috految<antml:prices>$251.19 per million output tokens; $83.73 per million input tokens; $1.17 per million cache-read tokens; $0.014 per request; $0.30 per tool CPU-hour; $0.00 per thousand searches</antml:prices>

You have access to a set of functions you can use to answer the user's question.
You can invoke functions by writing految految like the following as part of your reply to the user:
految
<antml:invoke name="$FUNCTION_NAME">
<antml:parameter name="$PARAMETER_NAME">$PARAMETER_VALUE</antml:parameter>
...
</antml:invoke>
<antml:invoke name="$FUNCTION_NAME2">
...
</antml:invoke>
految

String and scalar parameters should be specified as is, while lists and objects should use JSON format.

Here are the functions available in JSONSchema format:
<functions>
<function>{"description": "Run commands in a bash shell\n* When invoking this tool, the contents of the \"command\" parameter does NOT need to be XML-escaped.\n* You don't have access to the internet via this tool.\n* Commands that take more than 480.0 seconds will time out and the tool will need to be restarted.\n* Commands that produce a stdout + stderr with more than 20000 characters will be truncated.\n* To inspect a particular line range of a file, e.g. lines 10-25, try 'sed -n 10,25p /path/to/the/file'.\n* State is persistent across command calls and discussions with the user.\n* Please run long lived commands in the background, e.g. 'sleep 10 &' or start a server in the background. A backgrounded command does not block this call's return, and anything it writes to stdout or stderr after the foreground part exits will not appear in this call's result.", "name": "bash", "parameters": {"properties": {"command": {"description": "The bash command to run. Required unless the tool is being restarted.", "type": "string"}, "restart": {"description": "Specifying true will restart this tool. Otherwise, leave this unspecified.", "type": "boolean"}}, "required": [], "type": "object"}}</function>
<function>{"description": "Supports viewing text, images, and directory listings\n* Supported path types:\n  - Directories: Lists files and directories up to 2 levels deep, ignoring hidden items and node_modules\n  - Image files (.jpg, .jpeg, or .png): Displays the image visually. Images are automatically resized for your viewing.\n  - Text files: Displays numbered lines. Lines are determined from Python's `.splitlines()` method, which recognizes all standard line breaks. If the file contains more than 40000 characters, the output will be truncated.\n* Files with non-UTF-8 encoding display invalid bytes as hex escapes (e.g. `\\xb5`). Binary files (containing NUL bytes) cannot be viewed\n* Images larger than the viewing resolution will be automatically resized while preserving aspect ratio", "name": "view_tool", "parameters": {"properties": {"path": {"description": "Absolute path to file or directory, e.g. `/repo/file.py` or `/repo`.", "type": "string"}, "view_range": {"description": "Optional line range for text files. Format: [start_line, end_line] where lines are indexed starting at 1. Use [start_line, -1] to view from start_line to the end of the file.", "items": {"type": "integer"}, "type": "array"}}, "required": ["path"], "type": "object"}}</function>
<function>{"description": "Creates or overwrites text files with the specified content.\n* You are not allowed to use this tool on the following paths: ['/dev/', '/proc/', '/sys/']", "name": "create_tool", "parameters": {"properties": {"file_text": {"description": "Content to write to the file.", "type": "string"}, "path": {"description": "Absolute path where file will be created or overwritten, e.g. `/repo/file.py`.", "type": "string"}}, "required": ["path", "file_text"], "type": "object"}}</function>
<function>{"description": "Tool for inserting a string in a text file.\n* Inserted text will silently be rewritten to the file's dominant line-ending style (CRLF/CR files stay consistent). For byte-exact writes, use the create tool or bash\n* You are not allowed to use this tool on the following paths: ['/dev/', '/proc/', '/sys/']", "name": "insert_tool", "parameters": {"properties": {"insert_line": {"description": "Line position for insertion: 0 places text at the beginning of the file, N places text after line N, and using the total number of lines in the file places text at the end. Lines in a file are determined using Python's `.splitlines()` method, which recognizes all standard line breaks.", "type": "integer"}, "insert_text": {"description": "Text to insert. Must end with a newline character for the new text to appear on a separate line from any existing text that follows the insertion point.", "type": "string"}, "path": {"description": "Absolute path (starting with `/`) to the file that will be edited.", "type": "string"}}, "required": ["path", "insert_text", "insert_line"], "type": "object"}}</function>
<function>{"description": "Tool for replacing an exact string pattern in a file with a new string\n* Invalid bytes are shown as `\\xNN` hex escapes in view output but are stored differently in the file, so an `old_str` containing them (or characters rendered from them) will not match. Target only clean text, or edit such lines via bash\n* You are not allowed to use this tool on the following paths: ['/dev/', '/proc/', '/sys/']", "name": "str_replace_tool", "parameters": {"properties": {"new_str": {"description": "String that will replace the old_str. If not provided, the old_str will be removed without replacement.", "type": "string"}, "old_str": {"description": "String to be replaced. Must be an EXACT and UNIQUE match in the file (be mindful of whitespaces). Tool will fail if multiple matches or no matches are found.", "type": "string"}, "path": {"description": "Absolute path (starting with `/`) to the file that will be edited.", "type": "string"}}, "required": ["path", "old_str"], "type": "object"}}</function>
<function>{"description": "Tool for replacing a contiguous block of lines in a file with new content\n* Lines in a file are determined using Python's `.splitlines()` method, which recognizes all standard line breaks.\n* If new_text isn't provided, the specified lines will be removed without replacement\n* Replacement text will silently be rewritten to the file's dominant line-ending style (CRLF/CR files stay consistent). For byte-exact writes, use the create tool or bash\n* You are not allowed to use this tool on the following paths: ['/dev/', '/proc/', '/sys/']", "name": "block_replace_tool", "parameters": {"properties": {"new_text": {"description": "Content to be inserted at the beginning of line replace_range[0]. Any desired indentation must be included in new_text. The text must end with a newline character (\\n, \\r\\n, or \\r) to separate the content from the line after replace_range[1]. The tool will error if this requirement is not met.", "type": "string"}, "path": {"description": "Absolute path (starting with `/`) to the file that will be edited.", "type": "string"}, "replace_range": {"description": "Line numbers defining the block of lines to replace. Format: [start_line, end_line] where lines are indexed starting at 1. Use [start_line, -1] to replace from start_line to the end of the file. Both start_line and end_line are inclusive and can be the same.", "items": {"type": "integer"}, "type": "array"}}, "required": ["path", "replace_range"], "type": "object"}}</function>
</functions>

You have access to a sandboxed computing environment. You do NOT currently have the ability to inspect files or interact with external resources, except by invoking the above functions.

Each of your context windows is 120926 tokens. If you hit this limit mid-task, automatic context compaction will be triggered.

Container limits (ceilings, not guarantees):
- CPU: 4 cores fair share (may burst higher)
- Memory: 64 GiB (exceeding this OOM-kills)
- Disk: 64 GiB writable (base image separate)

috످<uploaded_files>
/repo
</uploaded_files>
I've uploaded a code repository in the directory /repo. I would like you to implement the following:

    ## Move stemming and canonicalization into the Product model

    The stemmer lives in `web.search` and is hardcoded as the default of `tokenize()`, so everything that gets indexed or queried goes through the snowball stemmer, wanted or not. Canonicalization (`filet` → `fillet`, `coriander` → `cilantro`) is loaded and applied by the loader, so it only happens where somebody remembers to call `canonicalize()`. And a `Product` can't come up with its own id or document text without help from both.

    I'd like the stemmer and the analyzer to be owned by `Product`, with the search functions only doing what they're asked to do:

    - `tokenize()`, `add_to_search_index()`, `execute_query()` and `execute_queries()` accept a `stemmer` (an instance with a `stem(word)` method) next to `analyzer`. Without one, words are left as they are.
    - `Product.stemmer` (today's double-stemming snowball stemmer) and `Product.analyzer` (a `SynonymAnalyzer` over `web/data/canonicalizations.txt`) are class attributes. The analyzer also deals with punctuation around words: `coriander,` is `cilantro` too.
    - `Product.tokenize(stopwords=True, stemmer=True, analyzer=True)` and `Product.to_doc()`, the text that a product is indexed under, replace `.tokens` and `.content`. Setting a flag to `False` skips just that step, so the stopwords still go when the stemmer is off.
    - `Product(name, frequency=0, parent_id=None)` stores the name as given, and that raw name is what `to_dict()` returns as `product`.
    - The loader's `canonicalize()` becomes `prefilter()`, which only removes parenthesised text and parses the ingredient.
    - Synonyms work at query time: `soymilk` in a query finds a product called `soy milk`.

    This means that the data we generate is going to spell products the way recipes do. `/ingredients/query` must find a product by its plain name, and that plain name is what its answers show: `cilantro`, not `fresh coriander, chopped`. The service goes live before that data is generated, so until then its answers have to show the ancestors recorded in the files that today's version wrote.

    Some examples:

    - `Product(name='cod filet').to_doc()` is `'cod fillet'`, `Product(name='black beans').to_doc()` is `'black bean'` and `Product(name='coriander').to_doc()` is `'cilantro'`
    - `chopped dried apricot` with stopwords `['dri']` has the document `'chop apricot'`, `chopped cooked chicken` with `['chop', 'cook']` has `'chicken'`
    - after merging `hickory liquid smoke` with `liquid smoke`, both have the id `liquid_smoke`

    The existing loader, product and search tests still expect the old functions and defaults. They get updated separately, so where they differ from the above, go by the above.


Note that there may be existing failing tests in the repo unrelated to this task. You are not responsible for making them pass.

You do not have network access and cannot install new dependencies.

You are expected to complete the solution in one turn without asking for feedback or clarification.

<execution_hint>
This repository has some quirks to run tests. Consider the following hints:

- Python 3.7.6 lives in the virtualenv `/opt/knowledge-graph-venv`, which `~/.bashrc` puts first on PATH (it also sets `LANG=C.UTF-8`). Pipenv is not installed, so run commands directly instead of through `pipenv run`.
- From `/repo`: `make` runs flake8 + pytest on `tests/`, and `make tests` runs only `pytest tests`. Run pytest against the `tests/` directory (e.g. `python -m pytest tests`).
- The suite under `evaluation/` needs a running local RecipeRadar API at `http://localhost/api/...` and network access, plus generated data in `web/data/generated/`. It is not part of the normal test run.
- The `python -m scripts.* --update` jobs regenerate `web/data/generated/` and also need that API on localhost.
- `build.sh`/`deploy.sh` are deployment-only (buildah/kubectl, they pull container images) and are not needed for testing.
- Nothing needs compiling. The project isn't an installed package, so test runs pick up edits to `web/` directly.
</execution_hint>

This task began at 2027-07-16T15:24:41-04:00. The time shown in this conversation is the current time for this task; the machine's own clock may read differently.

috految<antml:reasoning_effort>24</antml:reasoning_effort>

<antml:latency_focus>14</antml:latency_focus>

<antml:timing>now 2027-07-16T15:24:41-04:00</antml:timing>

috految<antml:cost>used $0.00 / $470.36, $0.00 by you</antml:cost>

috److految
<antml:invoke name="bash">
<antml:parameter name="command">cd /repo; git log --oneline | head -3; git ls-files | xargs wc -l; ls web/data/generated; tail -n+1 web/*.py web/models/*.py</antml:parameter>
</antml:invoke>
految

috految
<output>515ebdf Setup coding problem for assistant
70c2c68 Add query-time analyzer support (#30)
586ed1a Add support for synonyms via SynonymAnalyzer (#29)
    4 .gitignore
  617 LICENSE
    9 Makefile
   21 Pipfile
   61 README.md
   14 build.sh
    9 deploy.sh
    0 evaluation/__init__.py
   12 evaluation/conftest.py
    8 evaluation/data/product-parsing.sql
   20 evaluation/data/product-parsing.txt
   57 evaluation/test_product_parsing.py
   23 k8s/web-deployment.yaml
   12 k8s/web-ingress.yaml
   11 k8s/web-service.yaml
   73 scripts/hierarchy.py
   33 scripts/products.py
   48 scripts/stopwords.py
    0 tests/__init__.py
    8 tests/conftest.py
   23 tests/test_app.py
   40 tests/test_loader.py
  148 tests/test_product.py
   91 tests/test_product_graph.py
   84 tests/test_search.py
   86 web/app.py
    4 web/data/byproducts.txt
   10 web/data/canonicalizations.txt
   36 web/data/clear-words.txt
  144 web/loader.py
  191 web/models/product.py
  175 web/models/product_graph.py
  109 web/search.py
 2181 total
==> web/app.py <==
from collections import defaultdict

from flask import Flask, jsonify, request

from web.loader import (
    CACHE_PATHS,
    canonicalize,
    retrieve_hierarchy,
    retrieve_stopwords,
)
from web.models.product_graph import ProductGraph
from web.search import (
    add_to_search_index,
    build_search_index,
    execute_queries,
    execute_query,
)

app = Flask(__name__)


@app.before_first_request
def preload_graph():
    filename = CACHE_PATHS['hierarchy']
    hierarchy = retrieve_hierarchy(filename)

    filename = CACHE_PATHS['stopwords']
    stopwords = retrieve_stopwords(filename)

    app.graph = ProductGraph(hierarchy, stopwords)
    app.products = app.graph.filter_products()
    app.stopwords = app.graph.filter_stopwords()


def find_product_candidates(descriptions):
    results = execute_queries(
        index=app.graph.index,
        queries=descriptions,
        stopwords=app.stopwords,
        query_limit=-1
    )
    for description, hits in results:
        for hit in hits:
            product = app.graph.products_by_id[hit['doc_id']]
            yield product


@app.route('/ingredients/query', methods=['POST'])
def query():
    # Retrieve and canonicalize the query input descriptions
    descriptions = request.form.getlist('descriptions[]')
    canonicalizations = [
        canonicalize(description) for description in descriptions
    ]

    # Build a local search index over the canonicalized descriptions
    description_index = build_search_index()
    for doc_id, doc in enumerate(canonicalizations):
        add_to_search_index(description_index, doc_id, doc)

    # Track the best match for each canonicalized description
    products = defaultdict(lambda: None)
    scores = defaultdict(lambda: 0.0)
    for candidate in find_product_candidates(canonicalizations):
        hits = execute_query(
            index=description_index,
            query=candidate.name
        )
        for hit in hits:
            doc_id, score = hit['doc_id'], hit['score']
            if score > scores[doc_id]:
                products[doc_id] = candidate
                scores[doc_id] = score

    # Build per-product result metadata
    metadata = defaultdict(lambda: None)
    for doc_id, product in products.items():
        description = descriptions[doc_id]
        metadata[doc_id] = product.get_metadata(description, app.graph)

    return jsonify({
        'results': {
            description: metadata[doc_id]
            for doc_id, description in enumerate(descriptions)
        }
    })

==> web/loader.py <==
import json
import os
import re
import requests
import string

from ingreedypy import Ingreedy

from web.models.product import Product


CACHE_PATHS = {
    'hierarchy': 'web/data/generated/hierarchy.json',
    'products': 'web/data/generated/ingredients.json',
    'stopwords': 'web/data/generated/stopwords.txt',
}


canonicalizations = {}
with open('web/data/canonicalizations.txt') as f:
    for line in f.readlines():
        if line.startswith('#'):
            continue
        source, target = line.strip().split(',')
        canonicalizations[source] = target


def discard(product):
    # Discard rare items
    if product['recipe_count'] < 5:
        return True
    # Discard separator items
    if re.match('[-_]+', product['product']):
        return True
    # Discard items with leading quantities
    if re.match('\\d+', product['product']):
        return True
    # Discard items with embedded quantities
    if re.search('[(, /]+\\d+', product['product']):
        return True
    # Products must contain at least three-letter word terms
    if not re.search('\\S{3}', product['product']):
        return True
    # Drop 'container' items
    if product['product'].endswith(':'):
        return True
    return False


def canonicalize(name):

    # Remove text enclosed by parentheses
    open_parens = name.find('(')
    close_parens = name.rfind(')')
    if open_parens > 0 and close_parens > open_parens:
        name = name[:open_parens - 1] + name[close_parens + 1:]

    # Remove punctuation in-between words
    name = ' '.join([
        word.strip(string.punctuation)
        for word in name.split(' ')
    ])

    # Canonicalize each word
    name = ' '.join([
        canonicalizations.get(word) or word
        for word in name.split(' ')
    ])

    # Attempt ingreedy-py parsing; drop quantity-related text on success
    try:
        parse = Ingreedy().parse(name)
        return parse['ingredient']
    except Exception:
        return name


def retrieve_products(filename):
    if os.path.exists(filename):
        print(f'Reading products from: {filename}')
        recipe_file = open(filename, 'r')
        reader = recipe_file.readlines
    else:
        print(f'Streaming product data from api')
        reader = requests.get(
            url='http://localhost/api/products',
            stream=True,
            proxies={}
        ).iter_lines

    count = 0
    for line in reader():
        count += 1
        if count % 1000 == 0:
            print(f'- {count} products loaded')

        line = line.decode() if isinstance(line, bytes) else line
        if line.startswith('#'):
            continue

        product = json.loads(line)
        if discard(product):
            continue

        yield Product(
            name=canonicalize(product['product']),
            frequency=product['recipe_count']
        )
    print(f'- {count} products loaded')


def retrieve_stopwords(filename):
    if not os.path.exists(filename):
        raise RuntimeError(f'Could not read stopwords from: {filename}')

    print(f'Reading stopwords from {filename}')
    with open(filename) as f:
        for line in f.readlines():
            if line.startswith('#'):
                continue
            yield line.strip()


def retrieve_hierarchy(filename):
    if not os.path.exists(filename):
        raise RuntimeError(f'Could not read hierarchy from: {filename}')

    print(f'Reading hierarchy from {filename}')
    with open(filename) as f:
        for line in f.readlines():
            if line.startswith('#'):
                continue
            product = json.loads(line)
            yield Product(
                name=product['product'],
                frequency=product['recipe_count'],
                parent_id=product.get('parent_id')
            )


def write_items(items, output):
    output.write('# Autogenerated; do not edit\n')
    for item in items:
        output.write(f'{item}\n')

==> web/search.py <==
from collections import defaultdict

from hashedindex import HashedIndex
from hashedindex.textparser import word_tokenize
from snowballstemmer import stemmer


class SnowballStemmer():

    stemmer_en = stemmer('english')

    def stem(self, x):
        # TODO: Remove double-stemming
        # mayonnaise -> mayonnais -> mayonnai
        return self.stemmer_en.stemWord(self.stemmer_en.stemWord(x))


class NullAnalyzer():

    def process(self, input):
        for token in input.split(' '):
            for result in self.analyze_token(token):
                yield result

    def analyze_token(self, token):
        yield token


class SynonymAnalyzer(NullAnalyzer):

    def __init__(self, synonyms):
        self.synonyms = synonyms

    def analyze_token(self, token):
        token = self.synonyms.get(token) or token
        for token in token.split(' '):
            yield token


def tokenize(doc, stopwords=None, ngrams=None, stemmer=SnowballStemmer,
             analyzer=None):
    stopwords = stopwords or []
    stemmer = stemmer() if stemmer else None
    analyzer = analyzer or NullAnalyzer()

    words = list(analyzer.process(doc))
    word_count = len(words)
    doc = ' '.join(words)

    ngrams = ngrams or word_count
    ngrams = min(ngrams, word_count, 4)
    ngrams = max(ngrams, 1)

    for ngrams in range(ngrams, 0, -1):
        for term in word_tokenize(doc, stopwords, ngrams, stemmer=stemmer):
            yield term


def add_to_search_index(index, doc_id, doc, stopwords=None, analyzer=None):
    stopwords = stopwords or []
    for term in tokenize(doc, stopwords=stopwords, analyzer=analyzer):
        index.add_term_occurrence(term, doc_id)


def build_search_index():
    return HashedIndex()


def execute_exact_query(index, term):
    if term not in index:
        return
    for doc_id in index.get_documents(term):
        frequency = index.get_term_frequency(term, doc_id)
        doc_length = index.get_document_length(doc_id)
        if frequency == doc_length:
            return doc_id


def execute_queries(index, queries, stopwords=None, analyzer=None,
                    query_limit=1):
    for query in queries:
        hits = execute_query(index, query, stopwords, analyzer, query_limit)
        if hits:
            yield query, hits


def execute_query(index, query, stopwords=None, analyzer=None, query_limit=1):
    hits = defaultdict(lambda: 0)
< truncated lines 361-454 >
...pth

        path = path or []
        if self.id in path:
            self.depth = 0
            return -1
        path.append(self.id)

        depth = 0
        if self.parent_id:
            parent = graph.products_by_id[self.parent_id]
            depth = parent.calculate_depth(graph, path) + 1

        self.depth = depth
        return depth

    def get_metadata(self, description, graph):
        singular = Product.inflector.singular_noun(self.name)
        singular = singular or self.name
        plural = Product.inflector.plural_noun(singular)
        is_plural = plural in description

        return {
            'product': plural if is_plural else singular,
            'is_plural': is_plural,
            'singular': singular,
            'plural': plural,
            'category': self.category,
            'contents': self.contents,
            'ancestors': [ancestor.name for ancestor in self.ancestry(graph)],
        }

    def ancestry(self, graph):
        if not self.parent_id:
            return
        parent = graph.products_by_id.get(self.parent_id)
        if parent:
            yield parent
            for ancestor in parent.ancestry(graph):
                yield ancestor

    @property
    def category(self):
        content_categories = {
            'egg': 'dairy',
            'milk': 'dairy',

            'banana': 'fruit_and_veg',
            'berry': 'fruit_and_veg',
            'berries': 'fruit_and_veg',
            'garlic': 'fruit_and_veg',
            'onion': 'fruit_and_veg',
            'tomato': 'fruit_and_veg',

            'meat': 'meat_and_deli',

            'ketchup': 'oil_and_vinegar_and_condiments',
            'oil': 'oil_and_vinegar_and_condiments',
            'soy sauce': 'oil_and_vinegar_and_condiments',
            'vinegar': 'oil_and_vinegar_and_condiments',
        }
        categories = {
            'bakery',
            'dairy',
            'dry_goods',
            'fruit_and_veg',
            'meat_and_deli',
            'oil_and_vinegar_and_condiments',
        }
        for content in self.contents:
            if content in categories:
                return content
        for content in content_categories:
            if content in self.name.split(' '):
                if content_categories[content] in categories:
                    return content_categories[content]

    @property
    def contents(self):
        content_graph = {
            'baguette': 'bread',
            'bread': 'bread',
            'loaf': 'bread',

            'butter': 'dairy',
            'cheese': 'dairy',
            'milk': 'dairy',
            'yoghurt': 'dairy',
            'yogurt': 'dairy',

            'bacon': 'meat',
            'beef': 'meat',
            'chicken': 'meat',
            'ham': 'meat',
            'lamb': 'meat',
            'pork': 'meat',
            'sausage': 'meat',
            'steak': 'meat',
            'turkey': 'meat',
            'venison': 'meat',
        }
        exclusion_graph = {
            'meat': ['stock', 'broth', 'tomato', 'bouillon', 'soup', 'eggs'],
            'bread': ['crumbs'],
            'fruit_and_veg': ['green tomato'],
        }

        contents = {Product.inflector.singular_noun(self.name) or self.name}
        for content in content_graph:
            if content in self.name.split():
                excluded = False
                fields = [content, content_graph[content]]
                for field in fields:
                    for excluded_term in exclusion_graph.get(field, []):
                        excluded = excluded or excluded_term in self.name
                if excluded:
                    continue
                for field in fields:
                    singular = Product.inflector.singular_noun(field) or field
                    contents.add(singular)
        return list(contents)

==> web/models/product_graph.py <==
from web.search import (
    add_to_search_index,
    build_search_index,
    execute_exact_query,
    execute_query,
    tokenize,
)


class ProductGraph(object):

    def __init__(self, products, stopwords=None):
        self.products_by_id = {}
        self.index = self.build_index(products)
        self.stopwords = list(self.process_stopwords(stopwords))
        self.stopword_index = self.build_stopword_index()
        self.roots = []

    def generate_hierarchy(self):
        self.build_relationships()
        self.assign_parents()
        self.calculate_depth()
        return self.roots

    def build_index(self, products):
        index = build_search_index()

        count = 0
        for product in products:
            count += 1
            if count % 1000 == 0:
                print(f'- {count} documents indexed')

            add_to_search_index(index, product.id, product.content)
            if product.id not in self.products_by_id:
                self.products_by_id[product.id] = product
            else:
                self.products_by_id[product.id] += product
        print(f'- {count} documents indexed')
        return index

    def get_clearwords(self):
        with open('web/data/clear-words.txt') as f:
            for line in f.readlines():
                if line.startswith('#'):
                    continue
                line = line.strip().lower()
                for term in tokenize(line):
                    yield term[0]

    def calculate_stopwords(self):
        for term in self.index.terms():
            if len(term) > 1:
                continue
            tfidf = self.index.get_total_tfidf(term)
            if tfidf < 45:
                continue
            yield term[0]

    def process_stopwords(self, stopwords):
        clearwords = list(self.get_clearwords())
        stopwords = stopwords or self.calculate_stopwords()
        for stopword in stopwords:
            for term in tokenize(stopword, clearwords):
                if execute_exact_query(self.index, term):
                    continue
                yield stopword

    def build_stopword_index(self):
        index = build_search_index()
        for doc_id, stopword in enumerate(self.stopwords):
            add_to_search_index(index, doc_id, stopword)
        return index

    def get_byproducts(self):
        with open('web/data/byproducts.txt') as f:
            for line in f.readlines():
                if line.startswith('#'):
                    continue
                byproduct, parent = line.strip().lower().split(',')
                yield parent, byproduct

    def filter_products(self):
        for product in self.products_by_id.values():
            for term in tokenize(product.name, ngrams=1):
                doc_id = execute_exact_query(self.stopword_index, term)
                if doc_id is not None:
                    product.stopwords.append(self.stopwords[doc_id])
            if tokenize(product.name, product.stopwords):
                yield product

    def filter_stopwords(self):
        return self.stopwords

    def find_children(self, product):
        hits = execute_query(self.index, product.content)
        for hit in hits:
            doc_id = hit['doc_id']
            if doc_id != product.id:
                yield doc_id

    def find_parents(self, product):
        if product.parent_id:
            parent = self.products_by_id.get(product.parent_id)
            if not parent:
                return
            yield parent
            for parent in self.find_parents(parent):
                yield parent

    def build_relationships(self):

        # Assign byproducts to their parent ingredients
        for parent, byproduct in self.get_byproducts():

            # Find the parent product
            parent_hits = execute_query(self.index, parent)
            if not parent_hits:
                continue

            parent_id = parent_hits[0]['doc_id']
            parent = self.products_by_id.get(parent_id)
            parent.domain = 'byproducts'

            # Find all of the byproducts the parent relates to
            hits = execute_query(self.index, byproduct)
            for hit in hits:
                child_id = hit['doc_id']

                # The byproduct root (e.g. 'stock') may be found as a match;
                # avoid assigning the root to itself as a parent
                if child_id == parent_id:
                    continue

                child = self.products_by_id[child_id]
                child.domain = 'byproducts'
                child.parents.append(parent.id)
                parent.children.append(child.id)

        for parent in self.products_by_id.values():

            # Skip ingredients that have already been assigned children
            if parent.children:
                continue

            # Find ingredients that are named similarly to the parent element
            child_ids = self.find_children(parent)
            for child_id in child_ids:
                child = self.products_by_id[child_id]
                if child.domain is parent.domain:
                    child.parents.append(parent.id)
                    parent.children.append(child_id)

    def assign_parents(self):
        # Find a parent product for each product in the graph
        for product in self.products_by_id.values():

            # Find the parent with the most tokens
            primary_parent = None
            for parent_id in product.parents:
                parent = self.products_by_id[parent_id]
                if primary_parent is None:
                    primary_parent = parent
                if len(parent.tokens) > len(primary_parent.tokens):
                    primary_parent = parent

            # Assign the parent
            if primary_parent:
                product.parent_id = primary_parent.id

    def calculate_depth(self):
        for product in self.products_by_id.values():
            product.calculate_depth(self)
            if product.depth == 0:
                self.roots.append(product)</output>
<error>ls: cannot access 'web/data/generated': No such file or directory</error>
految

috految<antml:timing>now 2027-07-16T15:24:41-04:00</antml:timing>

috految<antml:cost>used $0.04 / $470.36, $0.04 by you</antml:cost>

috److految
<antml:invoke name="bash">
<antml:parameter name="command">cd /repo; cp -r . /tmp/old; tail -23 web/search.py; head -70 web/models/product.py; cat scripts/*.py web/data/*.txt evaluation/*.py tests/test_{app,loader,product,product_graph}.py | grep .; grep -E 'assert|tokenize|Analyzer|Stemmer|query|doc =|synonyms|stopwords|web' tests/test_search.py; grep -iE 'script|canon|stop|data|hier' README.md; grep -E 'copy|gunicorn' build.sh; grep -E 'hashed|snowb|ingr' Pipfile; head -4 evaluation/data/*.txt</antml:parameter>
</antml:invoke>
<antml:invoke name="bash">
<antml:parameter name="command">cd /opt/knowledge-graph-venv/lib/*/site-packages; ls -d inflect* ingreedy*; ( cat hashedindex/textparser.py; sed -n '/def get_tfidf/,/def generate/p;/def add_term/,/def get/p;/def get_documents/,/def /p' hashedindex/__init__.py) | perl -0pe 's/""".*?"""//gs' | grep '\S'; sed -n '/Grammar(/,/^ *"""[),]/p;/def visit_ingredient/,+9p' ingreedypy.py | tr -s ' \n' ' '; cd /repo</antml:parameter>
</antml:invoke>
految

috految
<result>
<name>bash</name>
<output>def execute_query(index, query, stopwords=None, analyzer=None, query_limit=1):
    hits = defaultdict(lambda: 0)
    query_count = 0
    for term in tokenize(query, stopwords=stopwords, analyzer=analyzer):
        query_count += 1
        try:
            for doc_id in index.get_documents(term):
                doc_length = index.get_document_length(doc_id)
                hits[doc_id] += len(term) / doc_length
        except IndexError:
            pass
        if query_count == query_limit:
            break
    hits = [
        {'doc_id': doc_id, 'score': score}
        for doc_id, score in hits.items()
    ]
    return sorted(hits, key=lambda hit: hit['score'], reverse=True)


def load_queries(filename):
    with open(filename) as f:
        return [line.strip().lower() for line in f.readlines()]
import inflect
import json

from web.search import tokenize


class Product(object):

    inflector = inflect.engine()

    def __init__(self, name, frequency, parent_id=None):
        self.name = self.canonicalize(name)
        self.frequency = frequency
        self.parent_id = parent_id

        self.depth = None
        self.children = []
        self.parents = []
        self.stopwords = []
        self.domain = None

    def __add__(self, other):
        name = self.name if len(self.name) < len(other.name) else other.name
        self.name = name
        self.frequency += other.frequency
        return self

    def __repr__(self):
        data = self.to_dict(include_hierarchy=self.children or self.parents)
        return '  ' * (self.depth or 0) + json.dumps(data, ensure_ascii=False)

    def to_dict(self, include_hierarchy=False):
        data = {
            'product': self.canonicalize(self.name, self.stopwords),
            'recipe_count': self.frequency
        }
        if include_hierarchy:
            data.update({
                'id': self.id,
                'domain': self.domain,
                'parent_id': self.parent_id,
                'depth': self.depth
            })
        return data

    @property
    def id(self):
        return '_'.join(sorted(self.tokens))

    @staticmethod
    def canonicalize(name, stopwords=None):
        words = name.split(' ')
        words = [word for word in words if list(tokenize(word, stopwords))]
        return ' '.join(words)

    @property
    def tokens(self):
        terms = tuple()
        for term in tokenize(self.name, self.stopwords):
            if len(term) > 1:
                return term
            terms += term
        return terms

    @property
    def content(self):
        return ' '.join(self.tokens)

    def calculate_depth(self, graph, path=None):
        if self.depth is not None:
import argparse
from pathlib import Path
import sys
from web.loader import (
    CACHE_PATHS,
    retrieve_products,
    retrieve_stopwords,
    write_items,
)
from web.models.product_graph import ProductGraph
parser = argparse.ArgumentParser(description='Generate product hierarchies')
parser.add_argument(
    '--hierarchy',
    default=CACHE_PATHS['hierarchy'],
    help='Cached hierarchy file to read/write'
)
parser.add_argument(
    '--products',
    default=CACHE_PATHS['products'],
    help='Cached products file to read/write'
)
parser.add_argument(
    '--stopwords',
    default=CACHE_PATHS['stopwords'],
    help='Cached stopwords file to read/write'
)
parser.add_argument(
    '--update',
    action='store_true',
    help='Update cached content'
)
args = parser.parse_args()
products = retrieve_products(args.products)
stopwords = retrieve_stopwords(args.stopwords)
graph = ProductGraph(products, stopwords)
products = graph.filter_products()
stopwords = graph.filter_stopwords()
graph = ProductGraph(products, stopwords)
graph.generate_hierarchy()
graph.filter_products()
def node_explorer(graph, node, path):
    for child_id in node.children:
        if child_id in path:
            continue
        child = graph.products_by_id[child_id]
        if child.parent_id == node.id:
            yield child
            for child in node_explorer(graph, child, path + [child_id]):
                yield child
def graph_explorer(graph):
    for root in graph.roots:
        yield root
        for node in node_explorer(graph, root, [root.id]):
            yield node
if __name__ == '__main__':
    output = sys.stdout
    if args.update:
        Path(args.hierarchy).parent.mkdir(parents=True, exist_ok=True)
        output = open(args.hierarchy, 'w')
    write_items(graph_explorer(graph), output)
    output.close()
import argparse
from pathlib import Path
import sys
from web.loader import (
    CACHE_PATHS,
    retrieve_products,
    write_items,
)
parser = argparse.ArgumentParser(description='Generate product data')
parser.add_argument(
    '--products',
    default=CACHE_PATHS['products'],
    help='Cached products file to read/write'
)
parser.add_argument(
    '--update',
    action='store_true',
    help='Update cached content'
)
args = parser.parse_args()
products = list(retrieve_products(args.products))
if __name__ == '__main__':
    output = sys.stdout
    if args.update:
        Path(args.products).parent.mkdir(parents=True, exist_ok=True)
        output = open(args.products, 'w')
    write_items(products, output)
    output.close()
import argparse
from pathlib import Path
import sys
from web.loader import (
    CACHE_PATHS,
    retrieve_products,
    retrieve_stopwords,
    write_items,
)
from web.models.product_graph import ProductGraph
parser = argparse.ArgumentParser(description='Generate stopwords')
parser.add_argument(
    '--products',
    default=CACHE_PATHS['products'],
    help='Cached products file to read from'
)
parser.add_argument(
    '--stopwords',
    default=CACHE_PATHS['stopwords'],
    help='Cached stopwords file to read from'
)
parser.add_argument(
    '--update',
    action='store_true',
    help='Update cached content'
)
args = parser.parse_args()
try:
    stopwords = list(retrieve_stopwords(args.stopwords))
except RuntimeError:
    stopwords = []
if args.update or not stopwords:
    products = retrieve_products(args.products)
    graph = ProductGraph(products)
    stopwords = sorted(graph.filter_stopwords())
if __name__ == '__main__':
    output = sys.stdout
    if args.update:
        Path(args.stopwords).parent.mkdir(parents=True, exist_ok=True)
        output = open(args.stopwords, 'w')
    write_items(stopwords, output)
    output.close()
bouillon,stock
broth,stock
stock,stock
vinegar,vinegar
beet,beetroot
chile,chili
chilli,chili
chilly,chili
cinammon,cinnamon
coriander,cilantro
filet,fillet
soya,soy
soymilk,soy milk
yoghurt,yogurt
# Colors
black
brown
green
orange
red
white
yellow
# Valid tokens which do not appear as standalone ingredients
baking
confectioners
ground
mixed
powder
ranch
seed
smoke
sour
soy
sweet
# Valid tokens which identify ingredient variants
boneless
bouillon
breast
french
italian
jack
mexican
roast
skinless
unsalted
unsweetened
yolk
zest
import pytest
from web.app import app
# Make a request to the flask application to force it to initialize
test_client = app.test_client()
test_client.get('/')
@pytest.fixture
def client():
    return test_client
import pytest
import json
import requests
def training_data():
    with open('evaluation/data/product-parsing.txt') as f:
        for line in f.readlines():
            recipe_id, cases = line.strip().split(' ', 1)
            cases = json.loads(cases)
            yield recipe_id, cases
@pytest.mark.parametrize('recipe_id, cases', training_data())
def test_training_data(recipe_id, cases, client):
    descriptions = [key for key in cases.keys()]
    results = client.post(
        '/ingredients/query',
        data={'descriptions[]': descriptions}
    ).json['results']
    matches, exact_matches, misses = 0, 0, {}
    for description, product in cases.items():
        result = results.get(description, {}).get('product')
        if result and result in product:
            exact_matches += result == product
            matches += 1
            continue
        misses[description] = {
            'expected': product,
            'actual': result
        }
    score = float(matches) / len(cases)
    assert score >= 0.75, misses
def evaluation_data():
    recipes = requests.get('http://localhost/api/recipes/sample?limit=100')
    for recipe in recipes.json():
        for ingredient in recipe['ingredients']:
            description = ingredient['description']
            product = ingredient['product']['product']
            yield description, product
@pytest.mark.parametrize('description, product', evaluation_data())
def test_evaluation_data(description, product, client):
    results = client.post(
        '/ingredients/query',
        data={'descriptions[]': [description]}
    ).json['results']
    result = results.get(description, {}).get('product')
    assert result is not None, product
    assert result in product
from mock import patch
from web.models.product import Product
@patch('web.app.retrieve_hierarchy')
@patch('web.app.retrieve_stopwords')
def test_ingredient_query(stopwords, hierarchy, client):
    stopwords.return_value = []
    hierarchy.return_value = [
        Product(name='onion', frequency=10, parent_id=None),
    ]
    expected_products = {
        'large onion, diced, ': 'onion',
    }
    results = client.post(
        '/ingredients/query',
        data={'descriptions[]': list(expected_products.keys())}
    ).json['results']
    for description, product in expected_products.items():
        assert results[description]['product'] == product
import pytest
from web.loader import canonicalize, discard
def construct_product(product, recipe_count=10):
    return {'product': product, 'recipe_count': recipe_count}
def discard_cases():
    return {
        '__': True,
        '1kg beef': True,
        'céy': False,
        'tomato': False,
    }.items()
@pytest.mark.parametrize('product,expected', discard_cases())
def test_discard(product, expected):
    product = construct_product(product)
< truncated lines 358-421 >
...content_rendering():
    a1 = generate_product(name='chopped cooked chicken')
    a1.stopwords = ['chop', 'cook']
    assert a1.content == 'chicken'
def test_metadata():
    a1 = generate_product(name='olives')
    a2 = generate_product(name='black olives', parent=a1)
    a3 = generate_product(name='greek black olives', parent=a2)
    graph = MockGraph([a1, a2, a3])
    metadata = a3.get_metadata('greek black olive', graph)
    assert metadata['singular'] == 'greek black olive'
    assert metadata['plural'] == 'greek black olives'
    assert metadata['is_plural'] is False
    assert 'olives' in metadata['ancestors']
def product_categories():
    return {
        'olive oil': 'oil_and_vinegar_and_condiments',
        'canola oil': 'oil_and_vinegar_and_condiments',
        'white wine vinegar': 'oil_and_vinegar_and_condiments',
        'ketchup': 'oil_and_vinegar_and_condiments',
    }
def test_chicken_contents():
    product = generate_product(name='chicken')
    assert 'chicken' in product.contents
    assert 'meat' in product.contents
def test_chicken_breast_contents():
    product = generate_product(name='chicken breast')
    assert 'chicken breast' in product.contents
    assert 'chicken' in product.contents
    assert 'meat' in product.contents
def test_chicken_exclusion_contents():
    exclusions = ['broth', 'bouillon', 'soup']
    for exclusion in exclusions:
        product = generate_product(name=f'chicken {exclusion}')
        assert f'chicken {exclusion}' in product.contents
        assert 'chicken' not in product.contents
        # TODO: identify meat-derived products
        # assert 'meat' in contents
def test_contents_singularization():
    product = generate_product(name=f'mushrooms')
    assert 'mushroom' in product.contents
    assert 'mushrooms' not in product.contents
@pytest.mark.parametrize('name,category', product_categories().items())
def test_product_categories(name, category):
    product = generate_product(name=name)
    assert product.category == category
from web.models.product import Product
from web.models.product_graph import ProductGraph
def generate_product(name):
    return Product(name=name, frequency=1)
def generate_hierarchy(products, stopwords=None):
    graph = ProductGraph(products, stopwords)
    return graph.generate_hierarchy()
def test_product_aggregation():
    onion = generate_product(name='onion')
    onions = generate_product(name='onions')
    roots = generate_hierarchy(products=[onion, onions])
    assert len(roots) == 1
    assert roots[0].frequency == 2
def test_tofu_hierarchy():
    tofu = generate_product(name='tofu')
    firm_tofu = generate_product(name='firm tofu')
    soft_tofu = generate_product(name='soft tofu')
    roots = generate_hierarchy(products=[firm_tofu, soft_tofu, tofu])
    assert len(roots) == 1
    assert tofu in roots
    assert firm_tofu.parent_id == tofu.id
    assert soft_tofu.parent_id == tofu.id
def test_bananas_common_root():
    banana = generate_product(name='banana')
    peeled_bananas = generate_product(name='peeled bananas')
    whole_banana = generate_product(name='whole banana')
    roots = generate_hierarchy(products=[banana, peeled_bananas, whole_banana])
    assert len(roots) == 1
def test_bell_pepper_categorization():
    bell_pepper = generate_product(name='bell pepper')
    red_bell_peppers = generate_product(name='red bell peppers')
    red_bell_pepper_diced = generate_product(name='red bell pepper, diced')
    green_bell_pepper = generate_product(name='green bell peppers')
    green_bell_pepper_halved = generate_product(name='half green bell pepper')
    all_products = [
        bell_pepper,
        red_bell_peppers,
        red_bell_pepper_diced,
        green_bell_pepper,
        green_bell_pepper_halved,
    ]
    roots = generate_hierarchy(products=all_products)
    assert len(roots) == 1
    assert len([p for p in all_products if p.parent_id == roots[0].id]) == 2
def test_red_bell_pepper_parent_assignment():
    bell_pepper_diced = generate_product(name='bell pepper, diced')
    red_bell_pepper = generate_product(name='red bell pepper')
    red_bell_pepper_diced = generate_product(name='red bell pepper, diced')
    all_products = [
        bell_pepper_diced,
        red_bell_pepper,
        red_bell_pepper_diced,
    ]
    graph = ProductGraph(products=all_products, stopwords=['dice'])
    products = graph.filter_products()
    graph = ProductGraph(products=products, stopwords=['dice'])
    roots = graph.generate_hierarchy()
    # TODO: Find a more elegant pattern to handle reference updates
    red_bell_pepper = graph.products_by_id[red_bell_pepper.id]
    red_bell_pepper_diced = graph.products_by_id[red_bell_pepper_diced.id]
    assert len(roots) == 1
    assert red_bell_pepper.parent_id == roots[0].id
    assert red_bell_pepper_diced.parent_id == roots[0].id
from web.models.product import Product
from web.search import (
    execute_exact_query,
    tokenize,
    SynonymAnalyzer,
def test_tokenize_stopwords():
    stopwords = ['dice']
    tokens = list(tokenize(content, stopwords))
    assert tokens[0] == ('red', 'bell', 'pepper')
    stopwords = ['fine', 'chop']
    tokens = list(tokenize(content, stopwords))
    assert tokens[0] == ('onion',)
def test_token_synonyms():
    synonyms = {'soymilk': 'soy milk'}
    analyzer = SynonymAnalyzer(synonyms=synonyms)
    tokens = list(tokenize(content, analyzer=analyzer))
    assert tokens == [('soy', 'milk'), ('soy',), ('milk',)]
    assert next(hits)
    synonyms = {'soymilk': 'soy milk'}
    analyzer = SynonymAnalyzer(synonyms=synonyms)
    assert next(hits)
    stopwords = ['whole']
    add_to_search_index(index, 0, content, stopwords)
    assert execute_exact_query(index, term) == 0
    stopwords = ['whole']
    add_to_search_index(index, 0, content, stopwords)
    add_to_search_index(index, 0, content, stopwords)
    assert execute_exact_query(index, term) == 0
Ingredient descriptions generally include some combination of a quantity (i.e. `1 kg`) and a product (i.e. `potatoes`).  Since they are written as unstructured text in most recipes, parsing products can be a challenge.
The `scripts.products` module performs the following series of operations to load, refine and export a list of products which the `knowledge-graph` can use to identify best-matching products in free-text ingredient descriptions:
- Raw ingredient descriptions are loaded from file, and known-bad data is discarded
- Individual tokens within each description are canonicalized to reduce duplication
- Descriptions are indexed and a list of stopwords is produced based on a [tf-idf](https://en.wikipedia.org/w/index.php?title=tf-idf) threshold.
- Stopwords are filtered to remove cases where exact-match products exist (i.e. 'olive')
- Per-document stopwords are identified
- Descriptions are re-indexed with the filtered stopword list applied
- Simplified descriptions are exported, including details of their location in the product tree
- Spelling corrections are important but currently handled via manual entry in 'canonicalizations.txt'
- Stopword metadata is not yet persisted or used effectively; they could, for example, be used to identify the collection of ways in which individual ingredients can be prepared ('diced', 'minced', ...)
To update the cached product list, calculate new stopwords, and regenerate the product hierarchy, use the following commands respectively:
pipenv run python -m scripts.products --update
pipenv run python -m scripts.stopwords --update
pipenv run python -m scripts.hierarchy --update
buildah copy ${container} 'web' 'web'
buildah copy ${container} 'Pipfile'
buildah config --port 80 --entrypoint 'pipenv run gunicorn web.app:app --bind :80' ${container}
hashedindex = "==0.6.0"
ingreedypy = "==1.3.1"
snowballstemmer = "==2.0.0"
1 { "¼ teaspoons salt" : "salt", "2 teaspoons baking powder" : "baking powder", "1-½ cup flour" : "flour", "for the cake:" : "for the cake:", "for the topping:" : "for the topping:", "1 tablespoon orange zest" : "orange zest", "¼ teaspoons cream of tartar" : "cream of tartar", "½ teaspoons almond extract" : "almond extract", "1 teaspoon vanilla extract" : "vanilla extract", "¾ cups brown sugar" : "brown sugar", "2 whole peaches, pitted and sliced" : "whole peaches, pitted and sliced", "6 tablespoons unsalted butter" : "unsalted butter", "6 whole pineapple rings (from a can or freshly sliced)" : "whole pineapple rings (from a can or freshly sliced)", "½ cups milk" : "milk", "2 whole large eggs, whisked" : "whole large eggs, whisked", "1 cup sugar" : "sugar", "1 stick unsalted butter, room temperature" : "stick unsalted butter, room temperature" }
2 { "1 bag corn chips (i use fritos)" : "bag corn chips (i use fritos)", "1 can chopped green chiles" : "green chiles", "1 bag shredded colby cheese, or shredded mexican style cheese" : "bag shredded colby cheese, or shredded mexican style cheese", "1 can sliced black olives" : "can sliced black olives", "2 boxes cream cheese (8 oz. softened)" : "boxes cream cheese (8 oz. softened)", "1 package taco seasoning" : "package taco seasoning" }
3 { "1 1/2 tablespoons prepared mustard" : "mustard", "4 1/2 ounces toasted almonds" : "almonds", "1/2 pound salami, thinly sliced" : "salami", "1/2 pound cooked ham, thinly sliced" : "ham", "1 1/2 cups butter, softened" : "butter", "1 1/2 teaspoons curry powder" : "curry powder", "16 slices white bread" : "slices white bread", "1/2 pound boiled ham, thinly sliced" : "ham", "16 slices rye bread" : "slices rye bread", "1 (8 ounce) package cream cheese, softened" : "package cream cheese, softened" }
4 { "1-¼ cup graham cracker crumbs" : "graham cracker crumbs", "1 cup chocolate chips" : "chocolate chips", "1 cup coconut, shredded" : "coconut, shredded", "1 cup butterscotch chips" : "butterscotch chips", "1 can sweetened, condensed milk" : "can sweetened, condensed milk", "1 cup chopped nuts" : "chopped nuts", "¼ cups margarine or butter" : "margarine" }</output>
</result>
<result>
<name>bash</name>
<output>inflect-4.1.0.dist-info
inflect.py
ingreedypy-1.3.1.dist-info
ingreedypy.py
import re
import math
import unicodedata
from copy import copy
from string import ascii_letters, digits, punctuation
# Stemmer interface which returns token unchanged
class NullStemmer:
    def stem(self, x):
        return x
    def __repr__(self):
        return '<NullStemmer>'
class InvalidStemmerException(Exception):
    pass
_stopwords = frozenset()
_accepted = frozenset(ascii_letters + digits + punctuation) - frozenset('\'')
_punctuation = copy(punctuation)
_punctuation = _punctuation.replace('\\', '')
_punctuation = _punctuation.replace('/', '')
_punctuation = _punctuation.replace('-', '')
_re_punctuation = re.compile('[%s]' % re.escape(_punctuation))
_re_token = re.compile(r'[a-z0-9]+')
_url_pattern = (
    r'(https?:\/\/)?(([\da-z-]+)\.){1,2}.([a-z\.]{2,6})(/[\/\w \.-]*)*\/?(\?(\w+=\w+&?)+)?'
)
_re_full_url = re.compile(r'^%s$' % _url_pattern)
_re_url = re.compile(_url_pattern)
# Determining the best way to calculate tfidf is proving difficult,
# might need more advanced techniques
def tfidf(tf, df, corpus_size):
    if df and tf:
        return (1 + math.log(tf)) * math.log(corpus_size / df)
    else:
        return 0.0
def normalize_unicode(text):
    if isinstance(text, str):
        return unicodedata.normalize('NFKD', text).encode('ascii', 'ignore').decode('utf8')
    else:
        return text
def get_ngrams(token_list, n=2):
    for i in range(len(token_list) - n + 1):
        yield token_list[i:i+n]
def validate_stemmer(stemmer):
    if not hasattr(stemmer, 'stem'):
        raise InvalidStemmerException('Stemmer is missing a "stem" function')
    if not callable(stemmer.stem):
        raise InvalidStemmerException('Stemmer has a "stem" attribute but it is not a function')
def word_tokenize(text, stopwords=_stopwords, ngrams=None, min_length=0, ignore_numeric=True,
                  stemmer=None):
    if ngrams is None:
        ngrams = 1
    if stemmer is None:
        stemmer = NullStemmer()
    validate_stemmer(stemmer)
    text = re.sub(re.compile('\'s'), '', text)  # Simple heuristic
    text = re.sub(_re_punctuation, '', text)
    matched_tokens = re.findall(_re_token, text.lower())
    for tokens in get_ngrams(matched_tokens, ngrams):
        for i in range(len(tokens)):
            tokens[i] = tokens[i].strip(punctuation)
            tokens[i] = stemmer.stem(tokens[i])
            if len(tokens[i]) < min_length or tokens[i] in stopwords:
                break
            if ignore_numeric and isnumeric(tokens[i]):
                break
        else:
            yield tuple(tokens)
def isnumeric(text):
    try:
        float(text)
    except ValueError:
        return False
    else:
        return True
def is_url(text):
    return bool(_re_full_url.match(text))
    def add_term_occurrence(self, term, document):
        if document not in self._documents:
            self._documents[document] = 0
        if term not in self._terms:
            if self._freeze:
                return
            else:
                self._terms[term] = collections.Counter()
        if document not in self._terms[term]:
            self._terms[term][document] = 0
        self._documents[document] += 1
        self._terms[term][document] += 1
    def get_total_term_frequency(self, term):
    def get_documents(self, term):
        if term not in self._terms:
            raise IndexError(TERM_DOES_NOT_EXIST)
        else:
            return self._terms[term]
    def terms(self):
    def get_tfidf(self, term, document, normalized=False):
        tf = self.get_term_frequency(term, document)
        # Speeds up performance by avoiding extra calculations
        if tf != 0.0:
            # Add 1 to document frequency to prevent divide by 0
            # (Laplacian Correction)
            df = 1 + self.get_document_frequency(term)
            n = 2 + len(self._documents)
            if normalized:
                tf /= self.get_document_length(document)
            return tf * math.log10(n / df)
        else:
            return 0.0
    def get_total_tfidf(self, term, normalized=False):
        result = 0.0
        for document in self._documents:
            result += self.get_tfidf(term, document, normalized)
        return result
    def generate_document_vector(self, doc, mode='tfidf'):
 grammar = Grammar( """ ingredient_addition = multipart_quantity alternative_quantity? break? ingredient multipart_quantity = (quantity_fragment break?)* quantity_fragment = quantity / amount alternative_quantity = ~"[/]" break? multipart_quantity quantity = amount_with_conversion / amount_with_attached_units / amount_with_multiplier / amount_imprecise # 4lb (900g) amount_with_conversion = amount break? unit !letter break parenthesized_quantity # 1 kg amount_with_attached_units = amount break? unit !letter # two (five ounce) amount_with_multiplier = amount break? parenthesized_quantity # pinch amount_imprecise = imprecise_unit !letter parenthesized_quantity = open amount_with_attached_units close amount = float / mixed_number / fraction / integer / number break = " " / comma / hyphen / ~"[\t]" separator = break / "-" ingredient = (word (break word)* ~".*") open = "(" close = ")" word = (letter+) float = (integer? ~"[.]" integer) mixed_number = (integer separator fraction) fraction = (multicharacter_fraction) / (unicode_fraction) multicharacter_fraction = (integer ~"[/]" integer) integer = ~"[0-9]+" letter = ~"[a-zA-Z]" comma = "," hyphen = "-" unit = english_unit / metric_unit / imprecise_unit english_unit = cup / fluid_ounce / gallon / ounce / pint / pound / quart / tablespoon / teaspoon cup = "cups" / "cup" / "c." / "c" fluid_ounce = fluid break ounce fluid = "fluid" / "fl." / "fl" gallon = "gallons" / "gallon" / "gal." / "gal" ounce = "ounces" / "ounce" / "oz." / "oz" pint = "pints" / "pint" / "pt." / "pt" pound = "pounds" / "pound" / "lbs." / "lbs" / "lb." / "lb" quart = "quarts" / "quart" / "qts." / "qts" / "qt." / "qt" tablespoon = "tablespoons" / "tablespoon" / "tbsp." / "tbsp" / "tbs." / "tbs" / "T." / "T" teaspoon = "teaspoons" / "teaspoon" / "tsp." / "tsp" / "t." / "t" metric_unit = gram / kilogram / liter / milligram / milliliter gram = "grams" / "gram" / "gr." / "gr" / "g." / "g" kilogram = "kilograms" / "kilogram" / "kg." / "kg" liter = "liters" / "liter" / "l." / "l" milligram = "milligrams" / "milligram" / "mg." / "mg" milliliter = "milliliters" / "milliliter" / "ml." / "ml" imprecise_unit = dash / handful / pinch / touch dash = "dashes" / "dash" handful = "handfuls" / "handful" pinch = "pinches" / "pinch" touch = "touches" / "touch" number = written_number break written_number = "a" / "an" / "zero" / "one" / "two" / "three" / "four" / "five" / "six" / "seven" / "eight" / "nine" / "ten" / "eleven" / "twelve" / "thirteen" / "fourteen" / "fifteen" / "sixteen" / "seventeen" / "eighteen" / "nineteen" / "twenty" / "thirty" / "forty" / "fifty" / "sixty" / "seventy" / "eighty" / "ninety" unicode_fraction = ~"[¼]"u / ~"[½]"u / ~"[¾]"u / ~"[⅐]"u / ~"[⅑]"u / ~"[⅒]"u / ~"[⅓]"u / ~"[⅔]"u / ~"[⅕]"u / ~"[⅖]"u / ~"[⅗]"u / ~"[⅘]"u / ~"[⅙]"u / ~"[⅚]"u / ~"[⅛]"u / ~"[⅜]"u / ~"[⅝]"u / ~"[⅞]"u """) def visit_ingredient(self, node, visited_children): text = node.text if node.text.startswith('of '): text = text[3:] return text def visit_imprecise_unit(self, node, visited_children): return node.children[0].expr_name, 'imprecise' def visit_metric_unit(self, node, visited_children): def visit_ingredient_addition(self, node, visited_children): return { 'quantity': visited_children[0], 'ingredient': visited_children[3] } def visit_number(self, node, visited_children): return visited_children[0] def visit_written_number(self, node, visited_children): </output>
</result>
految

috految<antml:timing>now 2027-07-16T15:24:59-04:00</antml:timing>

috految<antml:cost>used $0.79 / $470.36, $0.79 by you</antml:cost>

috److految
<antml:invoke name="bash">
<antml:parameter name="command">tail -16 tests/test_loader.py; head -82 tests/test_product.py | grep .; grep -E 'product|execute_queries' tests/test_search.py; grep -i -E 'gram|token' README.md</antml:parameter>
</antml:invoke>
految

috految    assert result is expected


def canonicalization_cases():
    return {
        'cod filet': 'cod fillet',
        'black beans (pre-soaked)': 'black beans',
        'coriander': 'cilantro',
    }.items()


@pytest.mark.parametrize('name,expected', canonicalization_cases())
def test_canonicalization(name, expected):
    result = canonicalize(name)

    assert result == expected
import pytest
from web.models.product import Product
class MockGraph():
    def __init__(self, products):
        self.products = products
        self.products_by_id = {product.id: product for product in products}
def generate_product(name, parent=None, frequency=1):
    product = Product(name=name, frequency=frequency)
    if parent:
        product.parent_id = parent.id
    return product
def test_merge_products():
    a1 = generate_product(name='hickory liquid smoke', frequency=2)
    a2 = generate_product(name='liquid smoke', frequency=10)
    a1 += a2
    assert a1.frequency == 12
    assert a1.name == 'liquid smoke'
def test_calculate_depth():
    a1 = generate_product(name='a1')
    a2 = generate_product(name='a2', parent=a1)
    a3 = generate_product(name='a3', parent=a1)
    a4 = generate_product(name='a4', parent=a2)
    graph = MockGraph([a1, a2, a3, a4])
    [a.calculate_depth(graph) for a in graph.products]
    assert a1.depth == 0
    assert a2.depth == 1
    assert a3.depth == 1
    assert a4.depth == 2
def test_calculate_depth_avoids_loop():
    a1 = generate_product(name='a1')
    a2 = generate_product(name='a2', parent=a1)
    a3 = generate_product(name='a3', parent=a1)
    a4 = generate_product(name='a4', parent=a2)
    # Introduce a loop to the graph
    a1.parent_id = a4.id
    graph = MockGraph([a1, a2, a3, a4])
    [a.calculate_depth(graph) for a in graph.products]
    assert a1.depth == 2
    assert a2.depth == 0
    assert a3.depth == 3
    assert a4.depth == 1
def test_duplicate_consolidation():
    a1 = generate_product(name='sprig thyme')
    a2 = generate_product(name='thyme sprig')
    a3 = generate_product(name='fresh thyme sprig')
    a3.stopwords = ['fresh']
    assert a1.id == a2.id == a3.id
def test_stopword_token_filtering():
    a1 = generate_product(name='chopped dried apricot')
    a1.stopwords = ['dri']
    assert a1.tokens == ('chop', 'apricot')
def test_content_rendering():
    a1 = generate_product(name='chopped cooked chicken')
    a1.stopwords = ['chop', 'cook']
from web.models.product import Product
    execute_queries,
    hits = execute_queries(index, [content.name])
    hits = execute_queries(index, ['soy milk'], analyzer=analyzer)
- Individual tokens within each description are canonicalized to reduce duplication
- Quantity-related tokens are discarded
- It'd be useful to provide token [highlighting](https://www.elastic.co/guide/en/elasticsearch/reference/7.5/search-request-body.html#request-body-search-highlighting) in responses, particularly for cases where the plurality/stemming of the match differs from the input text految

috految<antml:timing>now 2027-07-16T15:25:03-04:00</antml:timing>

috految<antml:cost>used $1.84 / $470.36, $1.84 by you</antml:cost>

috److془Design carefully.

Old tokens: first longest n-gram (n ≤ min(word_count,4)), else all unigrams. New: all tokens. 

Old files: rows with product (stopword-stripped words), id (recorded, from raw name), parent_id. Rows with no children/parents have no id. Recorded ids could be duplicated (merge changes name w/o stopwords: id changes; 'chopped onion' + 'diced onion' → name 'diced onion', id 'dice_onion' key 'onion'). Then find_children 'dice onion' finds nothing. Row 'diced onion' written with stopwords. Id 'dice_onion'. Could have a parent. Duplicate IDs: possible when id drifted but rare. Rows could be duplicated (children duplicates; 'chicken stock broth'). Cycles: 'stock' and 'broth'.. self-parent. Guard. Empty rows: product ''. Id ''. Not parent.

Hmm: case 'chopped cooked' (stopwords chop cook) merged with 'fresh diced' → row 'fresh diced' with id 'dice_fresh' or 'fresh chopped' → row 'fresh'. Then 'fresh' ceases as stopword in service; with today's as well. Fine. 

Id collisions: two rows of old file, with the same new id and different parents: e.g. 'chicken stock' & 'stock chicken'; 'cream cheese' vs 'cheese cream' ... 'extra-virgin olive oil' (id extra_oliv_virgin) and 'extra virgin olive oil' (child of former). 'all-purpose flour' ('all_purpos', root) and 'all purpose flour' (parent all_purpos or flour). Best: keep rows separate, and choose best by exact spelling. Ancestors are exactly recorded. Rows with the same name (ids differing): 'red bell pepper' from 'red diced bell pepper' (id bell_pepper; parent pepper), and 'red bell pepper' (parent bell_pepper). Today: merged, first wins. Prefer: the one having a parent; don't list itself (same plain name) as ancestor. Tie: 'boneless chicken breast' from 'boneless chicken diced breast' → parent chicken; vs. genuine → parent chicken breast. Prefer the longer ancestry. Fine. Hmm: 'red onion' / 'diced red onion' with prefer name exact first. Good. What about 'onion chopped' drift with same... fine. Dedup of ancestors names: stops on revisit by identity. Hmm: 'all purpose flour' ancestors ['all-purpose flour'] recorded. Fine. Prefer longer ancestry vs. today's first: both recorded. Fine. Plural: 'red bell peppers' vs. 'red bell pepper' whichever.. Query 'red bell pepper' gives its as recorded. Fine.

Stopwords in service for old files: re-stripping changes names? Only drifts (good) and stopwords which were exempted at generation (exact product exists), but then they'd be exempt in stopwords.txt (if same data). Stopwords.txt from the same products. If stale/handwritten: 'olive' in stopwords, product 'olives' exists, exempt at generation; merged with the shortest name, which might be 'cut olive' vs 'olives' - pick by fewest raw tokens first. Then exemption persists. Could the exemption be gained at service? Raw names subset, no. Hmm: exact query frequency == doc_length with 'chopped chopped' doc: has bigram, fine. Old: 'chop' row from old files fine. Old pipeline: stopwords unigrams stemmed 4 times (content restemmed); stopword index 6 times; If stem^2 != stem^4, stopword never took effect. New: index not restemmed; stopwords are stem^2; don't restem. Non-stem stopwords ('chopped') today: product.stopwords has 'chopped', doesn't match token 'chop'. No effect. But process_stopwords 'olive' with product olive dropped; 'baking' dropped; harmless if retained. Hmm, tests could check `ProductGraph(products, ['baking']).filter_stopwords()`. Unlikely. Old stopword 4-stemmed: no effect. Fine. 'cheese' → 'chees' → 'chee'. Fine. Hmm 'dri' 'dried'→'dri'→'dri'. 'confectioners' → 'confection' → 'confect'. If stem2('x') not fixed, old clearwords mismatch, fine. Stopwords 'unground' whatever. Clearwords tokenized with stemmer, analyzer.

Stopwords being 'attributes': 'ˈbeet' with 'beets': doc 'beet'; 'beet' → 'beetroot'. Product 'beets': answer singular 'beet'; query 'beet' → 'beetroot' doesn't find. Today neither. "`/ingredients/query` must find a product by its plain name". Product 'green chiles' plain name 'green chiles'; found. Product 'cod filet', query 'cod filets' today not found. Keep. Hmm but the case: 'Beet' today found 'beets'; casefolding loses it (though 'Coriander' must find cilantro). Fine-ish; 'Green Chile' → no 'green chiles'. Could be fixed with exact name lookup, covering. Also 'chillies' -> 'chilli'; 'chilli' -> 'chili'. Fine. Also the query 'five spice powder' parsed to 'spice powder'; product 'chinese five spice powder' w/ stopword chinese or 'fresh three bean'. 'dash', "pinch of salt" → 'salt'. 'large pinch salt' → plain 'pinch salt'; query with 'pinch salt' → today 'salt'. With 'pinch salt' exact: acceptable by spec. And 'one egg' with stopwords.. fine. 'a good pinch of salt' hmm; fine. 'large handful of spinach'. Fine. Actually 'pinch of salt' → product 'pinch of salt' is worse than 'salt': use the fallback only; before exact-lookup includes prefiltered first. Good: lookup(prefiltered) or lookup(description) or search. Hmm 'five spice' with 'spice' product returns as today. Fine. Hmm, but 'spice powder' etc fine. Old: 'Two cups' rows whatever. 

Product entirely stopwords: 'chopped fresh' → drop. 'half and half' with stopwords half, and: today row ''. Drop. Old row composed of all stopwords: 'sour cream' as a merged name; not candidate today either. Ancestor: fallback to name if plain empty. Hmm: serving with stopwords in old files: 'half-and-half' tokens all stopwords, stripped. Fine. Exempt: 'half-and-half' old content 'half and half'; same. Old 'extra-virgin olive oil' with stopword extra: word retained. Plain name keep whole word if any token non-stop. Hmm: 'low-fat milk' with stop 'low': doc 'fat milk'; 'sun-dried tomatoes' with 'dri': doc 'sun tomato', plain 'sun-dried tomatoes'. 'sun dried tomatoes' plain 'sun tomatoes' same id, merge. Query: should find for either spelling. 'full-fat milk' and 'low-fat milk' merging if both stopwords: as today. 'fat-free milk' with stop free, 'low-fat milk' with stop low: today both fat_milk. But 'sugar-free chocolate'.. 'gluten-free flour'. Today for old file returns no fat-free for 'low-fat milk', must retain. Hmm but new merges: 'sugar-free maple syrup' was 'mapl_syrup' anyway. Merging 'low-fat milk' and 'fat-free milk' makes the latter not findable; as today. Could define id from plain name tokens: then no merging; but 'ice-cold water' 'fat milk' mutual children; and 'fresh-ground pepper' wouldn't merge. Leave. Merge: prefer fewest plain tokens? 'fresh-ground pepper' vs 'freshly ground pepper' → 'ground pepper' good; 'sun-dried tomatoes' vs 'sun dried tomatoes' → 'sun tomatoes' bad, today's by order. Key (raw token count, len(name)), with 'jalapeño' fine. Hmm: 'ground black pepper' vs 'black pepper, ground' - len is good. 'fresh black pepper' vs 'pepper, black'; 'pepper, black' wins, 'black pepper' not found as against today the same. 'garlic cloves'/'cloves garlic' merges; same today. 'red onions' vs 'onion, red': today the latter. But new merges: 'boneless skinless chicken breast halves' vs 'skinless boneless ...' and 'cloves garlic'. With id fallback in lookup: 'chocolate milk' → 'milk chocolate' bad. Don't. 'fresh lemon juice' vs 'juice of lemon' as today. Fine. Hmm: 'fresh lemon juice' vs 'lemon juice, fresh' same. 'flour, all-purpose' longer, good. 'fish stock' fine. 'fresh thyme sprig'. Fine. Length on 'tomato,' vs 'tomatoes' fine. 'cod filet' vs 'cod fillet' same plain. 'olive oil,' vs 'oil olive' meh. 'cilantro' vs 'coriander' fine. 'egg,' vs 'eggs' category. 'chili' vs 'chilies'. Key: (len raw tokens, len(canonical name), len(name)). Hmm 'chopped onion, fresh' vs 'raw onions' as today. 'onion, red' vs 'red onions' as today. Just use (len tokens, len(name)). Hmm 'egg*' vs 'eggs' trivial. 'soy milk' vs 'soymilk' good. 'sun-dried' tie: use not. Actually 'all purpose flour' vs 'all-purpose flour' with 'all' stop: tie-break fewer words favours hyphenated; but 'olive-oil' loses category. Tie-break by frequency. 'chicken-breast' good. 'sun-dried tomatoes' vs 'sun dried', frequent wins. Hmm: 'fresh-ground pepper' winning over 'freshly ground pepper', as today. Good. But tie with 'sun tomatoes' need finding with query 'sun-dried tomatoes', so need gap matching. Also 'cream of tartar' with 'of' stop → plain 'cream tartar', query 'cream of tartar'. Matching with stopwords removed from descriptions gives false: 'salt and pepper'; 'butter or milk' → 'butter milk'; 'chicken or vegetable stock'. Use: candidate's plain name or raw name. Raw name 'cream of tartar' matches. Score by plain token count. Query 'red chopped onion' for 'red onion' → onion as today. Raw: 'onion, finely chopped' score 1 fine. Raw with 'fresh cream of tartar' vs query: trim edges? skip... actually: 'boneless diced chicken breast' merges fine. Raw 'olive oil for frying' → 'olive oil frying' is a product; query gives that. Today merged by truncation to 'olive oil'. Hmm! 'red onion, chopped finely'. 'butter, cut into cubes' today → 'butter cubes' row, and query gives butter. With raw, return 'butter cubes', 'salt to taste' → 'salt taste' vs today 'salt'. Hmm; regress. Use raw as lower priority than plain. 'cream of tartar' yields 'cream' if exists, as today. Hmm but a hidden test might be 'cream of tartar' w/ 'cream'... or 'boneless, chopped chicken'; spec says "find by plain name". Though: 'chicken or vegetable stock'. Old row 'cream of tartar' with 'of' retained through drift: today found. A test that describes exactly a product's name and expects a different product is less plausible than the converse. Also 'cream of tartar' → 'cream' is worse. Go with raw. Hmm, 'salt to taste': taste would be stopword; great. 'freshly' etc too. 

"that plain name is what its answers show: cilantro, not fresh coriander, chopped". Hmm: 'olive oil for frying' with full tokens fine.

Hmm: old 4-gram prefix matching for long names: 'boneless skinless chicken breast halves' old row, query 'boneless skinless chicken breasts' matched. Keep as partial: score by the matched term length, full match preferred. But 'extra virgin olive oil spray' vs 'olive oil' for query 'extra virgin olive oil' as today. But: 'low-sodium chicken broth' ; 'low fat plain greek yogurt'. Fine; 'bone-in skin-on chicken thighs' vs query 'bone-in skin-on pork chops' → better full matches first then partial. But 'boneless skinless chicken breasts' → 'chicken breast' fine. Partial: 'all-purpose flour' for 'all-purpose white flour' → flour or None. Hmm, 'whole-wheat flour' and 'whole-wheat bread' wrong. Fine, full first. Partial fallback at 4 tokens. Hmm: 'low-fat yogurt' old row. fine. Scoring: 'jalapeño' two tokens (jalape,o) would beat a single word; 'half-and-half' 3 ('heavy cream or half-and-half'); 'jalapeño' vs 'cheddar cheese'. 'jalapeños' → (jalape, os): today found by 'jalapeño' via first unigram! Must keep. 'jalapeño peppers' query 'jalapeños' no. So fallback as today: execute_query(plain_name) with default limit. 'jalapeños, seeds removed' vs 'seeds'; 'green jalapeños' vs 'green'. Fix: in matching, normalize_unicode. Careful: drops '–' joining words; use NFD strip combining. Or simply: rank = (hit score as today, full, ...) with today's search. Minimal! But 'all-purpose flour' 2 vs 'all purpose' potato; ties resolved by full. 'low-fat milk' vs 'low fat cheese' query, with cheese → 'low-fat milk' wrong. Go with full first; and fold accents. Fallback 'low-fat milk' for 'low-fat ricotta' when nothing else; as today, but with folding can use tokens join, no need. 'sugar-free' rows good. Curly apostrophes 'goat’s cheese' 'goat s chee'; consistent. 'jalapeño pepper' for query jalapeño lost, accidental. Hmm 'parmigiano-reggiano' for 'parmigiano', 'half-and-half' for 'half & half' ; keep today's fallback then. Simple too. Query 'all-purpose flour' with row 'all purpose flour': full match. Good. Fallback for 'tomato' with 'tomato-paste' as today. 
Numbers: 'half-and-half' fine. 'milk 2 chocolate' adjacency meh. '5-spice' token (spice) vs 'spice' exact spelling tie. '2 eggs + 1 yolk' → 'egg yolk' regression; '1 cup sugar, 2 cookies'. Use word_tokenize ignore_numeric=False in matching. Good; 'type 00 flour' raw matches. Plain drops numbers as today. 'half & half' → 'half half' as today. 'jalapeños' with 'o' fine. Candidates: 'jalap' unigram common. Note stopwords 'chop' with 'pork chops' → pork as today. Stopword 'purée' tokens fine. Tokens ('cr','me') as today. 'soymilk' expands prior to stopwords fine. 'soymilk' when stopword 'milk' whatever. Old row 'Coriander' plain cilantro. Case for plain: preserve like today? 'Fresh Coriander' → cilantro. 'Parmesan cheese' preserve. Inflect with 'Tomatoes' as today. Product 'Eggs' fine. Inflect crashes: singular_noun 4.1.0 with 'cream of tartar': `" ".join(lowersplit[:numword-1] + [self._sinoun(..) or lowersplit[numword-1]]`; hyphen: 'bone-in-chicken' maybe. Empty word catches. Test. 'asparagus' → 'asparagu' singular, plural 'asparagus' in description. is_plural: plural in canonical description ('coriander seeds' → 'cilantro seeds'). 'Hummus' description as today. Use either raw or plain description. Hmm 'coriander leaves' → 'cilantro leaves' good. 'watercress' → 'watercres' plural 'watercresses'? pre-existing; but "plain name is what its answers show". Easy: if plain name in description and plural not → show name. 'chilies' etc. Good. Inflect mangling 'chicken in oil' as well. 'tomatoes' with plural 'tomatoes' fine. 'cloves of garlic'. fine. 'bay leaves' plural 'bay leaves'. Good. 'sea bass' fine. Ensure plural in description false positives as today. Hmm 'tomatoes',fine. Plain description: 'soymilk'; fine.

Ties: today, first candidate; candidate order by score desc, batch ordering. Per description now. Unigram ties: 1/doc_length is equal, in description order. Ranking: (plain token count); ties go first candidate; among those with identical tokens, spelling, ancestry. Token count with hyphen: 'milk or half-and-half' → half-and-half. Today with d: milk. Spaced would be the same. 'all-purpose flour'. '15-ounce can' eh. Bogus: row 'gluten-free' vs 'flour'. Fine. Row 'purpose flour' fine. Hmm 'pork chops, bone-in' fine. Product 'fat-free' stop 'free' hmm fine. Raw match equal length with plain: prefer plain. Index on doc: 'salt and pepper' query with stop 'and' unigram found. Ties 'black pepper' fine. Raw ties for regress: stopword-drift row 'diced onion' and 'onion' identical -> spelling by name. Good. Stale: drift row 'diced red onion' with no parent vs. fine. Spelling: name==description, plain in description, ancestry. Drift stripping: recorded ancestors showing plain. Good. Hmm: old stopwords with stopword index: doc_id no concerns. Old stopwords exempt by exact products in old only: not in the file. Good. Stopwords empty generator truthy: no recalculation; pass none to second graph. Hierarchy second graph with [] recalculates, unserved as filter_products lazy. Keep lazy. Rows polluted with 'fresh' fine. Note one: the hierarchy script's second graph mutates while lazily iterating; first-graph products are processed prior to mutation. fine. Other: the old pipeline canonicalized twice; new prefilter twice, discard on raw names: second pass discard of 'sauce (x):' already. 'butter (optional)'; 'flour: (x)' meh. prefilter: 'egg(s)' → 'eg' bug; fix. Leading parenthesis: previously punctuation stripped so '(8 ounce) cream' parsed; remove. Multi: '1 (8 oz) package cheese (softened)' remove each; '(optional)' → '' ; '(salt)' keep if nothing left. Parsing: '1 cup, packed sugar' failure→ name returned. '1 tsp. salt' OK. '2 tbsp. of "x"' fine. '2 cups. flour' fallback. Hmm: '1 t. x' fine. 'a pinch, cumin' fine. '1 cup (240ml), milk' ok. Ingreedy with 'ingredient' = word (break word)* .* fine. Could return empty? '' after 'of '. ok. 'cinnamon,ground' joined 'cinnamonground' as today. 'coriander,chopped' commas split easily; 'coriander/parsley', leave. '1 cup(240ml)milk' replace with space. Unicode quotes: strip \W from edges. '½' is \w. Combining trailing meh. '1 cup,' fine. Spaced 'chili-garlic' vs. 'chilli-garlic' as today. Old row "chile-lime" fine. 'coriander' id ok. Old row 'chile' unaffected. Unparsed '½cup' fine. '(a) 5 ...' fine. Apostrophe: "'sweet" stripped first good. 'fresh coriander, chopped': okay. Subtle: analyzer dropping empties lowers word_count, fine. Query 'soy-milk' fine. Subtle: "Setting a flag False skips just that step": analyzer=False, stopword 'fillet', name 'filet' - leave?? "skips just that step" pipeline, fine. Stemmer off: compare stem. Stopword 'chopped' w/ stemmer False: stopwords are stems. Fine. Hmm 'beets' stopword 'beet' fine. With stemmer off, 'jalapeño' splits as tokenizer. OK.

Hierarchy: find_children with >4 tokens: first 4-gram siblings mutual parents. Need filter: Counter subset of child's tokens. Strict since ids distinct. Index includes docs of merged both orders. Old: 'firm tofu' etc. same. Byproducts: stem+analyzer. parent_hits[0]: score 1/doc_length, merges inflate length: 'stock' with 4 variants loses to 'beef stock'; preexisting. Cycle: the root gets depth 0 and written. Root 'beef stock' parent 'stock' parent 'beef stock'; fine guard. Cycle depth: a1 → ... a2=0 okay. Non cycle children emitted. Self-loop ok. Byproduct parent 'chicken stock' etc. Preexisting. Hmm but with merges of stopwords fixed, 'diced' fine. Duplicate merge in first graph: same tokens. Merge takes other's stopwords with name. Merge of 'liquid smoke'+= hickory: "after merging hickory liquid smoke with liquid smoke, both have the id liquid_smoke" a1+=a2 fine. Union stopwords? adopt other's. Manually a2 no stopwords, a1 'chop': a1 id == a2 id. Good. Hmm, 'chopped onion'. fine.

First graph merge of non-stopword reorder, fine. Parent with no id in old file: parents have children so id. Recorded parent_id = parent.id at the end = recorded id. Duplicates: child is written under parent; nearest previous; drift: row w/ only ids colliding: parent P drifted to id of Q; rows both. Prefer nearest preceding. Negligible really; but lookup to be children: use the first-wins. Hmm 'diced onion' drifted id contains stopwords mostly so no collision. Leaf-collision after graph 2: 'fresh boneless chicken breast-x' 'red diced bell pepper' includes stopwords. Good. Drift: parent_id computed from products_by_id[parent.id], so no dangle. Drift rows unwritten fine. Rows with no id: computed id, not overriding recorded. Mocked retrieve_hierarchy: Products with parent_id being post-stopword id. Good. Service: products_by_id = recorded priority; index by position. Tests might ProductGraph(retrieve_hierarchy) .. unspecified. Merge mutates: use copies for stopwords. Alternatively subclass overriding build_index. Nice. Doc id 0 falsy: use is not None. Unmerged duplicates fine. Old rows canonical 'soymilk' fine. Exact query on old rows: 'fresh' etc. as said. Old 'half-and-half' exempt no flips. Cost: cache fine; stemming 2 names per candidate less than today. Lookup for 'five spice': match against raw description as second attempt; parentheses risk so only exact. 'five spice powder' with 'powder': rule: exact equals. Good. Use the unanalyzed compare for 'beet' to 'beets'? Skip... 'green chiles' shows singular 'green chile' unfindable; free by using unanalyzed tokens in dict. 'coriander' first looks up cilantro. Good. 'Cod Filets' eh. Raw lookup of 'onion (red)' → prefiltered first. Stem collisions resolved by spelling.
Category: use plain name. Contents exclusions with 'broth' as today. Positional: stemmer before analyzer as in tokenize. hashedindex stemmer None → Null. Exclusion: 'soy milk' as today. Old tokenize("hyphen") process_stopwords fine. Empty docs in graph: id '' dropped by filter. Old '' row okay. Stem 's'? returns same. Stopwords calculation: same. Stem 'inf','nan' whatever. Combine. Stopword 'chile' vs analyzer no restem good. Old row with parent_id + cross-stale okay.془

految
<antml:invoke name="bash">
<antml:parameter name="command">cat > /tmp/e.py <<'EOF'
def edit(p):
    global path, s
    path, s = p, open(p).read()
def r(a, b):
    global s
    assert a in s, a
    s = s.replace(a, b)
    open(path, 'w').write(s)
def span(a, z, b=''):
    i = s.index(a)
    old = s[i:s.index(z, i)]
    r(old, b)
    return old

edit('web/search.py')
r('import defaultdict\n', 'import defaultdict\nimport re\n')
r('from snowballstemmer import stemmer\n', '')
stemmer = span('class Snowball', 'class NullA')
r("input.split(' ')", 'input.split()')
span('        token = self.syn', '    analyzer = analyzer or', r'''        # Remove punctuation around words, but keep it within them ('low-fat')
        for word in token.split(','):
            word = re.sub(r'^[\W_]+|[\W_]+$', '', word)
            word = self.synonyms.get(word.lower()) or word
            yield from word.split()


def tokenize(doc, stopwords=None, ngrams=None, stemmer=None, analyzer=None):
    stopwords = stopwords or []
''')
r('doc, stopwords=None, analyzer=None):', 'doc, stopwords=None, stemmer=None,\n                        analyzer=None):')
r('stopwords=stopwords, analyzer', 'stopwords, stemmer=stemmer, analyzer')
r('analyzer=None,\n                    query_limit', 'stemmer=None,\n                    analyzer=None, query_limit')
r('stopwords, analyzer, query_limit)', 'stopwords, stemmer, analyzer,\n                             query_limit)')
r('stopwords=None, analyzer=None, query_limit', 'stopwords=None, stemmer=None, analyzer=None,\n                  query_limit')

edit('web/loader.py')
r('import string\n', '')
span('canonicalizations = {}', 'def discard')
r('canonicalize(', 'prefilter(')
span('    # Remove text enc', '    # Attempt', r'''    # Remove text enclosed by parentheses, unless that is all there is
    text = name
    while PARENTHESIZED.search(text):
        before, after = PARENTHESIZED.split(text, maxsplit=1)
        separator = ' ' if after[:1].isalnum() else ''
        text = before.rstrip() + separator + after
    name = text.strip() or name

''')
r("txt',\n}\n", "txt',\n}\n\nPARENTHESIZED = re.compile(r'\\([^()]*\\)')\n")
span('            product = json.loads(line)\n            yield', '\n\ndef write', '''            record = json.loads(line)
            product = Product(
                name=record['product'],
                frequency=record['recipe_count'],
                parent_id=record.get('parent_id')
            )
            product.recorded_id = record.get('id')
            yield product
''')

edit('web/models/product.py')
r('import json\n', 'import json\nimport snowballstemmer\n')
r('import tokenize\n\n\n', 'import SynonymAnalyzer, tokenize\n\n\n' + stemmer.replace('= stemmer(', '= snowballstemmer.stemmer(') + '''def load_canonicalizations():
    with open('web/data/canonicalizations.txt') as f:
        return dict(
            line.strip().split(',') for line in f if not line.startswith('#')
        )


''')
r('engine()\n', '''engine()
    stemmer = SnowballStemmer()
    analyzer = SynonymAnalyzer(load_canonicalizations())
''')
r('name, frequency, p', 'name, frequency=0, p')
r('self.canonicalize(name)', 'name')
r('self.canonicalize(self.name, self.stopwords)', 'self.name')
r('        self.depth = None\n', '''        # The id that this product has in the hierarchy file it was read from
        self.recorded_id = None

        self.depth = None
''')
span('        name = self.name if', '        self.frequency +=', '''        simplest = min(other, self, key=lambda product: (
            len(product.tokenize(stopwords=False)),
            len(product.name),
            -product.frequency,
        ))

        # Stopwords are specific to a name, so the two have to move together
        self.name = simplest.name
        self.stopwords = list(simplest.stopwords)
''')
r('sorted(self.tokens)', 'sorted(self.tokenize())')
span('    @staticmethod', '    def calculate_depth', '''    def tokenize(self, stopwords=True, stemmer=True, analyzer=True):
        terms = tokenize(
            doc=self.name,
            ngrams=1,
            analyzer=self.analyzer if analyzer else None
        )

        tokens = []
        for (word,) in terms:
            # Stopwords are stems, whether or not the output is stemmed
            stem = self.stemmer.stem(word)
            if stopwords and stem in self.stopwords:
                continue
            tokens.append(stem if stemmer else word)
        return tuple(tokens)

    def to_doc(self):
        return ' '.join(self.tokenize())

    def simplify(self, text):
        # Keep or drop whole words; tokens lose hyphens, accents and case
        return ' '.join(
            word for word in self.analyzer.process(text)
            if any(tokenize(word, self.stopwords, stemmer=self.stemmer))
        )

    @property
    def plain_name(self):
        return self.simplify(self.name) or self.name

''')
span('        singular = Product.inflector.singular_noun(self', "            'is_plural'", '''        name = self.plain_name
        singular = Product.inflector.singular_noun(name) or name
        plural = Product.inflector.plural_noun(singular)

        simplified = self.simplify(description)
        is_plural = plural in description or plural in simplified

        # Inflection doesn't round-trip for every name (e.g. 'watercress')
        product = name if name in simplified else singular

        # A hierarchy can contain several records that share one plain name
        ancestors = [ancestor.plain_name for ancestor in self.ancestry(graph)]
        ancestors = [item for item in dict.fromkeys(ancestors) if item != name]

        return {
            'product': plural if is_plural else product,
''')
r('[ancestor.name for ancestor in self.ancestry(graph)]', 'ancestors')
span('        if not self.parent_id:', '    @property', '''        visited = {self}
        product = self
        while product.parent_id:
            product = graph.products_by_id.get(product.parent_id)
            if not product or product in visited:
                return
            visited.add(product)
            yield product

''')
r("        for content in content_categories:", "        words = self.plain_name.split()\n        for content in content_categories:")
r("self.name.split(' ')", 'words')
r('contents = {Product.inflector.singular_noun(self.name) or self.name}', 'name = self.plain_name\n        contents = {Product.inflector.singular_noun(name) or name}')
r('in self.name', 'in name')

edit('web/models/product_graph.py')
r('from web.search', 'from collections import Counter\n\nfrom web.models.product import Product\nfrom web.search')
r('product.content', 'product.to_doc()')
r('.tokens', '.tokenize()')
r('            add_to_search_index(index, product', '            # Product documents are already canonicalized and stemmed\n            add_to_search_index(index, product')
r('for term in tokenize(line):\n                    yield term[0]', 'yield from Product(name=line).tokenize()')
r('(self.index, term):', '(self.index, term) is not None:')
r('self.index, parent)', 'self.index, Product(parent).to_doc())')
r('self.index, byproduct)', 'self.index, Product(byproduct).to_doc())')
span('    def filter_products', '                yield product', '''    def assign_stopwords(self, product):
        for token in product.tokenize():
            doc_id = execute_exact_query(self.stopword_index, (token,))
            if doc_id is not None:
                product.stopwords.append(self.stopwords[doc_id])

    def filter_products(self):
        for product in self.products_by_id.values():
            self.assign_stopwords(product)
            if product.tokenize():
''')
r('        hits = execute_query(self.index, product.', '        tokens = Counter(product.tokenize())\n        hits = execute_query(self.index, product.')
r('            if doc_id != product.id:', '''            # Query terms have a limited length; check the rest of the name too
            missing = tokens - Counter(self.products_by_id[doc_id].tokenize())
            if doc_id != product.id and not missing:''')
r('self.roots.append(product)\n', '''self.roots.append(product)


class RecordedProductGraph(ProductGraph):
    """
    A hierarchy that has already been generated, indexed by record position.

    Records refer to each other by the ids they were written with, which can't
    always be derived from their names. They are not merged, because each one
    has its own place in the hierarchy.
    """

    def __init__(self, products, stopwords):
        self.products = list(products)
        super().__init__(self.products, stopwords)

        for product in self.products:
            self.assign_stopwords(product)
            if product.recorded_id:
                self.products_by_id.setdefault(product.recorded_id, product)
        for product in self.products:
            self.products_by_id.setdefault(product.id, product)

        # Re-index now that the stopwords for each product are known
        self.index = self.build_index(self.products)

    def build_index(self, products):
        index = build_search_index()
        for doc_id, product in enumerate(products):
            add_to_search_index(index, doc_id, product.to_doc())
        return index
''')

edit('web/app.py')
r('from collections import defaultdict\n', 'import unicodedata\n')
r('request\n\nfrom web', 'request\nfrom hashedindex.textparser import word_tokenize\n\nfrom web')
r('    canonicalize,', '    prefilter,')
r('from web.models.product_graph import ', 'from web.models.product import Product\nfrom web.models.product_graph import Recorded')
r('= ProductGraph', '= RecordedProductGraph')
r('    app.products = app.graph.filter_products()\n', '')
r('        query_limit', '        stemmer=Product.stemmer,\n        analyzer=Product.analyzer,\n        query_limit')
r('graph.products_by_id', 'graph.products')
r('\n@app.route', '''
def to_phrase(text):
    # Remove accents, since the tokenizer would split words on them
    text = unicodedata.normalize('NFD', text)
    text = ''.join(char for char in text if not unicodedata.combining(char))
    terms = word_tokenize(text, stemmer=Product.stemmer, ignore_numeric=False)
    return ' '.join(term[0] for term in terms)


def find_product(description):
    ingredient = prefilter(description)
    text = ' '.join(Product.analyzer.process(ingredient))
    phrase = to_phrase(text)
    names = {
        candidate: to_phrase(candidate.plain_name)
        for candidate in find_product_candidates([ingredient])
    }

    # Prefer exact matches; parsing can mistake part of a name for a quantity
    # ('five spice'), so try the original description too
    exact = [phrase, to_phrase(description)]
    matches = [name for name in exact if name in names.values()][:1]

    # Otherwise look for names that appear in the ingredient, either in plain
    # form or as recipes spell them ('cream of tartar')
    if not matches:
        matches = [
            name for name in names.values() if f' {name} ' in f' {phrase} '
        ]
        for candidate, name in names.items():
            spelling = ' '.join(Product.analyzer.process(candidate.name))
            if f' {to_phrase(spelling)} ' in f' {phrase} ':
                matches.append(name)

    # Finally, settle for a match on the leading words of a name
    if not matches:
        index = build_search_index()
        add_to_search_index(index, 0, text, stemmer=Product.stemmer)
        matches = [
            name for candidate, name in names.items()
            if execute_query(
                index, candidate.plain_name, stemmer=Product.stemmer
            )
        ][:1]

    if not matches:
        return None

    # Take the longest name, and the record that is closest in spelling
    best = max(matches, key=lambda name: len(name.split()))
    return max(
        (candidate for candidate, name in names.items() if name == best),
        key=lambda candidate: (
            candidate.name == ingredient,
            candidate.plain_name in text,
            len(list(candidate.ancestry(app.graph))),
        )
    )


@app.route''')
r(s[s.index('    # Retrieve and'):], '''    results = {}
    for description in request.form.getlist('descriptions[]'):
        product = find_product(description)
        results[description] = (
            product.get_metadata(description, app.graph) if product else None
        )

    return jsonify({'results': results})
''')
edit('README.md')
r('Individual tokens within each description are canonicalized', 'Indexed tokens are canonicalized and stemmed by the `Product` model')
r('Simplified descriptions are exported,', 'Descriptions are exported as recipes spell them (the service derives plain names from these),')
EOF
python /tmp/e.py; flake8 web scripts; python -m pytest -q tests --continue-on-collection-errors --tb=line --disable-warnings | tail -9
cp -r /repo /tmp/new; cat >/tmp/t.py <<'EOF'
import json,os
n="fresh coriander, chopped|coriander seeds|soy milk|flour|all-purpose flour|unbleached all-purpose flour|jalapeño|cream of tartar|bone-in chicken|ready-to-eat ham|leg of lamb|watercress|chopped onion|diced onion|red onion|fresh chopped|stock|beef broth|chicken bouillon".split('|')
g='web/data/generated/'; os.makedirs(g)
open(g+'stopwords.txt','w').write('fresh\nchop\ndice\n')
open(g+'ingredients.json','w').write(''.join(json.dumps(dict(product=x,recipe_count=9))+'\n' for x in n))
os.system('python -m scripts.hierarchy --update >/dev/null; cp -r /repo/web .')
from web.app import app
for q in n+['1 cup soymilk','2 jalapeños','cilantro','','1 (8 oz) onion(s)']:
    m=app.test_client().post('/ingredients/query',data={'descriptions[]':[q]}).json['results'][q]
    print(m and (m['product'],m['ancestors']),end=' ')
EOF
for d in old new; do (cd /tmp/$d; python - </tmp/t.py 2>&1 | tail -8); done; git status --short</antml:parameter>
</antml:invoke>
految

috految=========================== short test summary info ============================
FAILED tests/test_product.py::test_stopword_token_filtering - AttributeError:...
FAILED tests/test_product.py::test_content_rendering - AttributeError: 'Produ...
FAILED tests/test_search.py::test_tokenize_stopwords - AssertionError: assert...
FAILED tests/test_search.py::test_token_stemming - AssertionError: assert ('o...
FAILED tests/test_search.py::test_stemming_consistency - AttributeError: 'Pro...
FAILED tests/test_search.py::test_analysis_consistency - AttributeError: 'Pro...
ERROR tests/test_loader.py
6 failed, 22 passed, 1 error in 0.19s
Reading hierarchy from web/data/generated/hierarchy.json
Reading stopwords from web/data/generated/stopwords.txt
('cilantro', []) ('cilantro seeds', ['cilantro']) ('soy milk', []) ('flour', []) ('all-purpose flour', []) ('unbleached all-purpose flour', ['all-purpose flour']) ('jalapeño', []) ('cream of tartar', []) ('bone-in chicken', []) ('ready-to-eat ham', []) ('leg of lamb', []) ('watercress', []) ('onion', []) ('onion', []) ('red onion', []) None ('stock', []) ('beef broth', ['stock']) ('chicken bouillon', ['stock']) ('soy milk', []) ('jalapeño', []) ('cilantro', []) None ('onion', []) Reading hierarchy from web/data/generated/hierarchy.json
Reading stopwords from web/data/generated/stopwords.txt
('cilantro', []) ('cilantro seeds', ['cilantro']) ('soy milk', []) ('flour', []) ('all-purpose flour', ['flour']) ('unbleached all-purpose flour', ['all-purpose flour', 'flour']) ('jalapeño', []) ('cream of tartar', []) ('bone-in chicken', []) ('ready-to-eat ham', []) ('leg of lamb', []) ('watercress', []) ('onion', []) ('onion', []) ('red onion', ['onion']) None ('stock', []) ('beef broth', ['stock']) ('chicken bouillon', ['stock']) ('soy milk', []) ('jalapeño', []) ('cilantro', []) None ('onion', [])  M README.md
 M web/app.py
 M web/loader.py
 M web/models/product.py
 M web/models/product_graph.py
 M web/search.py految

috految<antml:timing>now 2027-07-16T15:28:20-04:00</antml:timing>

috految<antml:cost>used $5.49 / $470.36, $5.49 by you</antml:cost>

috److`Product` now owns the stemmer and analyzer, and the search functions only stem or apply synonyms when you pass them in. `canonicalize()` is now `prefilter()`, and `/ingredients/query` finds products by their plain name and shows that name.

**Testing:** I queried the service against small hierarchies generated by both the old and the new code. In both, `fresh coriander, chopped` returned `cilantro`, `1 cup soymilk` found `soy milk`, and ancestors resolved. flake8 is clean on `web` and `scripts`, and 22 tests pass. Six product and search tests fail and `test_loader.py` no longer imports, because they still expect the old API; I left those for your separate update.

A few behaviours changed along the way:

- **Existing data:** the service reads ancestors from the ids recorded in the hierarchy file, so today's files keep working until you regenerate. This lives in a new `RecordedProductGraph`.
- **Ids:** they now include every non-stopword word, where the old code cut long or hyphenated names short. Some ids and parents will change on regeneration; for example, `all-purpose flour` now sits under `flour`.
- **Matching:** I rewrote it to handle each description on its own. It prefers an exact name, then the longest complete name in the description, then a partial match. Run `evaluation/` before going live; it needs the local API, so I didn't run it.
- **Parentheses:** `prefilter()` removes each parenthesised part separately, so `1 (8 oz) onion(s)` finds `onion`.
- **Synonyms:** lookup now ignores case.

I also updated two lines in the README to match.

috످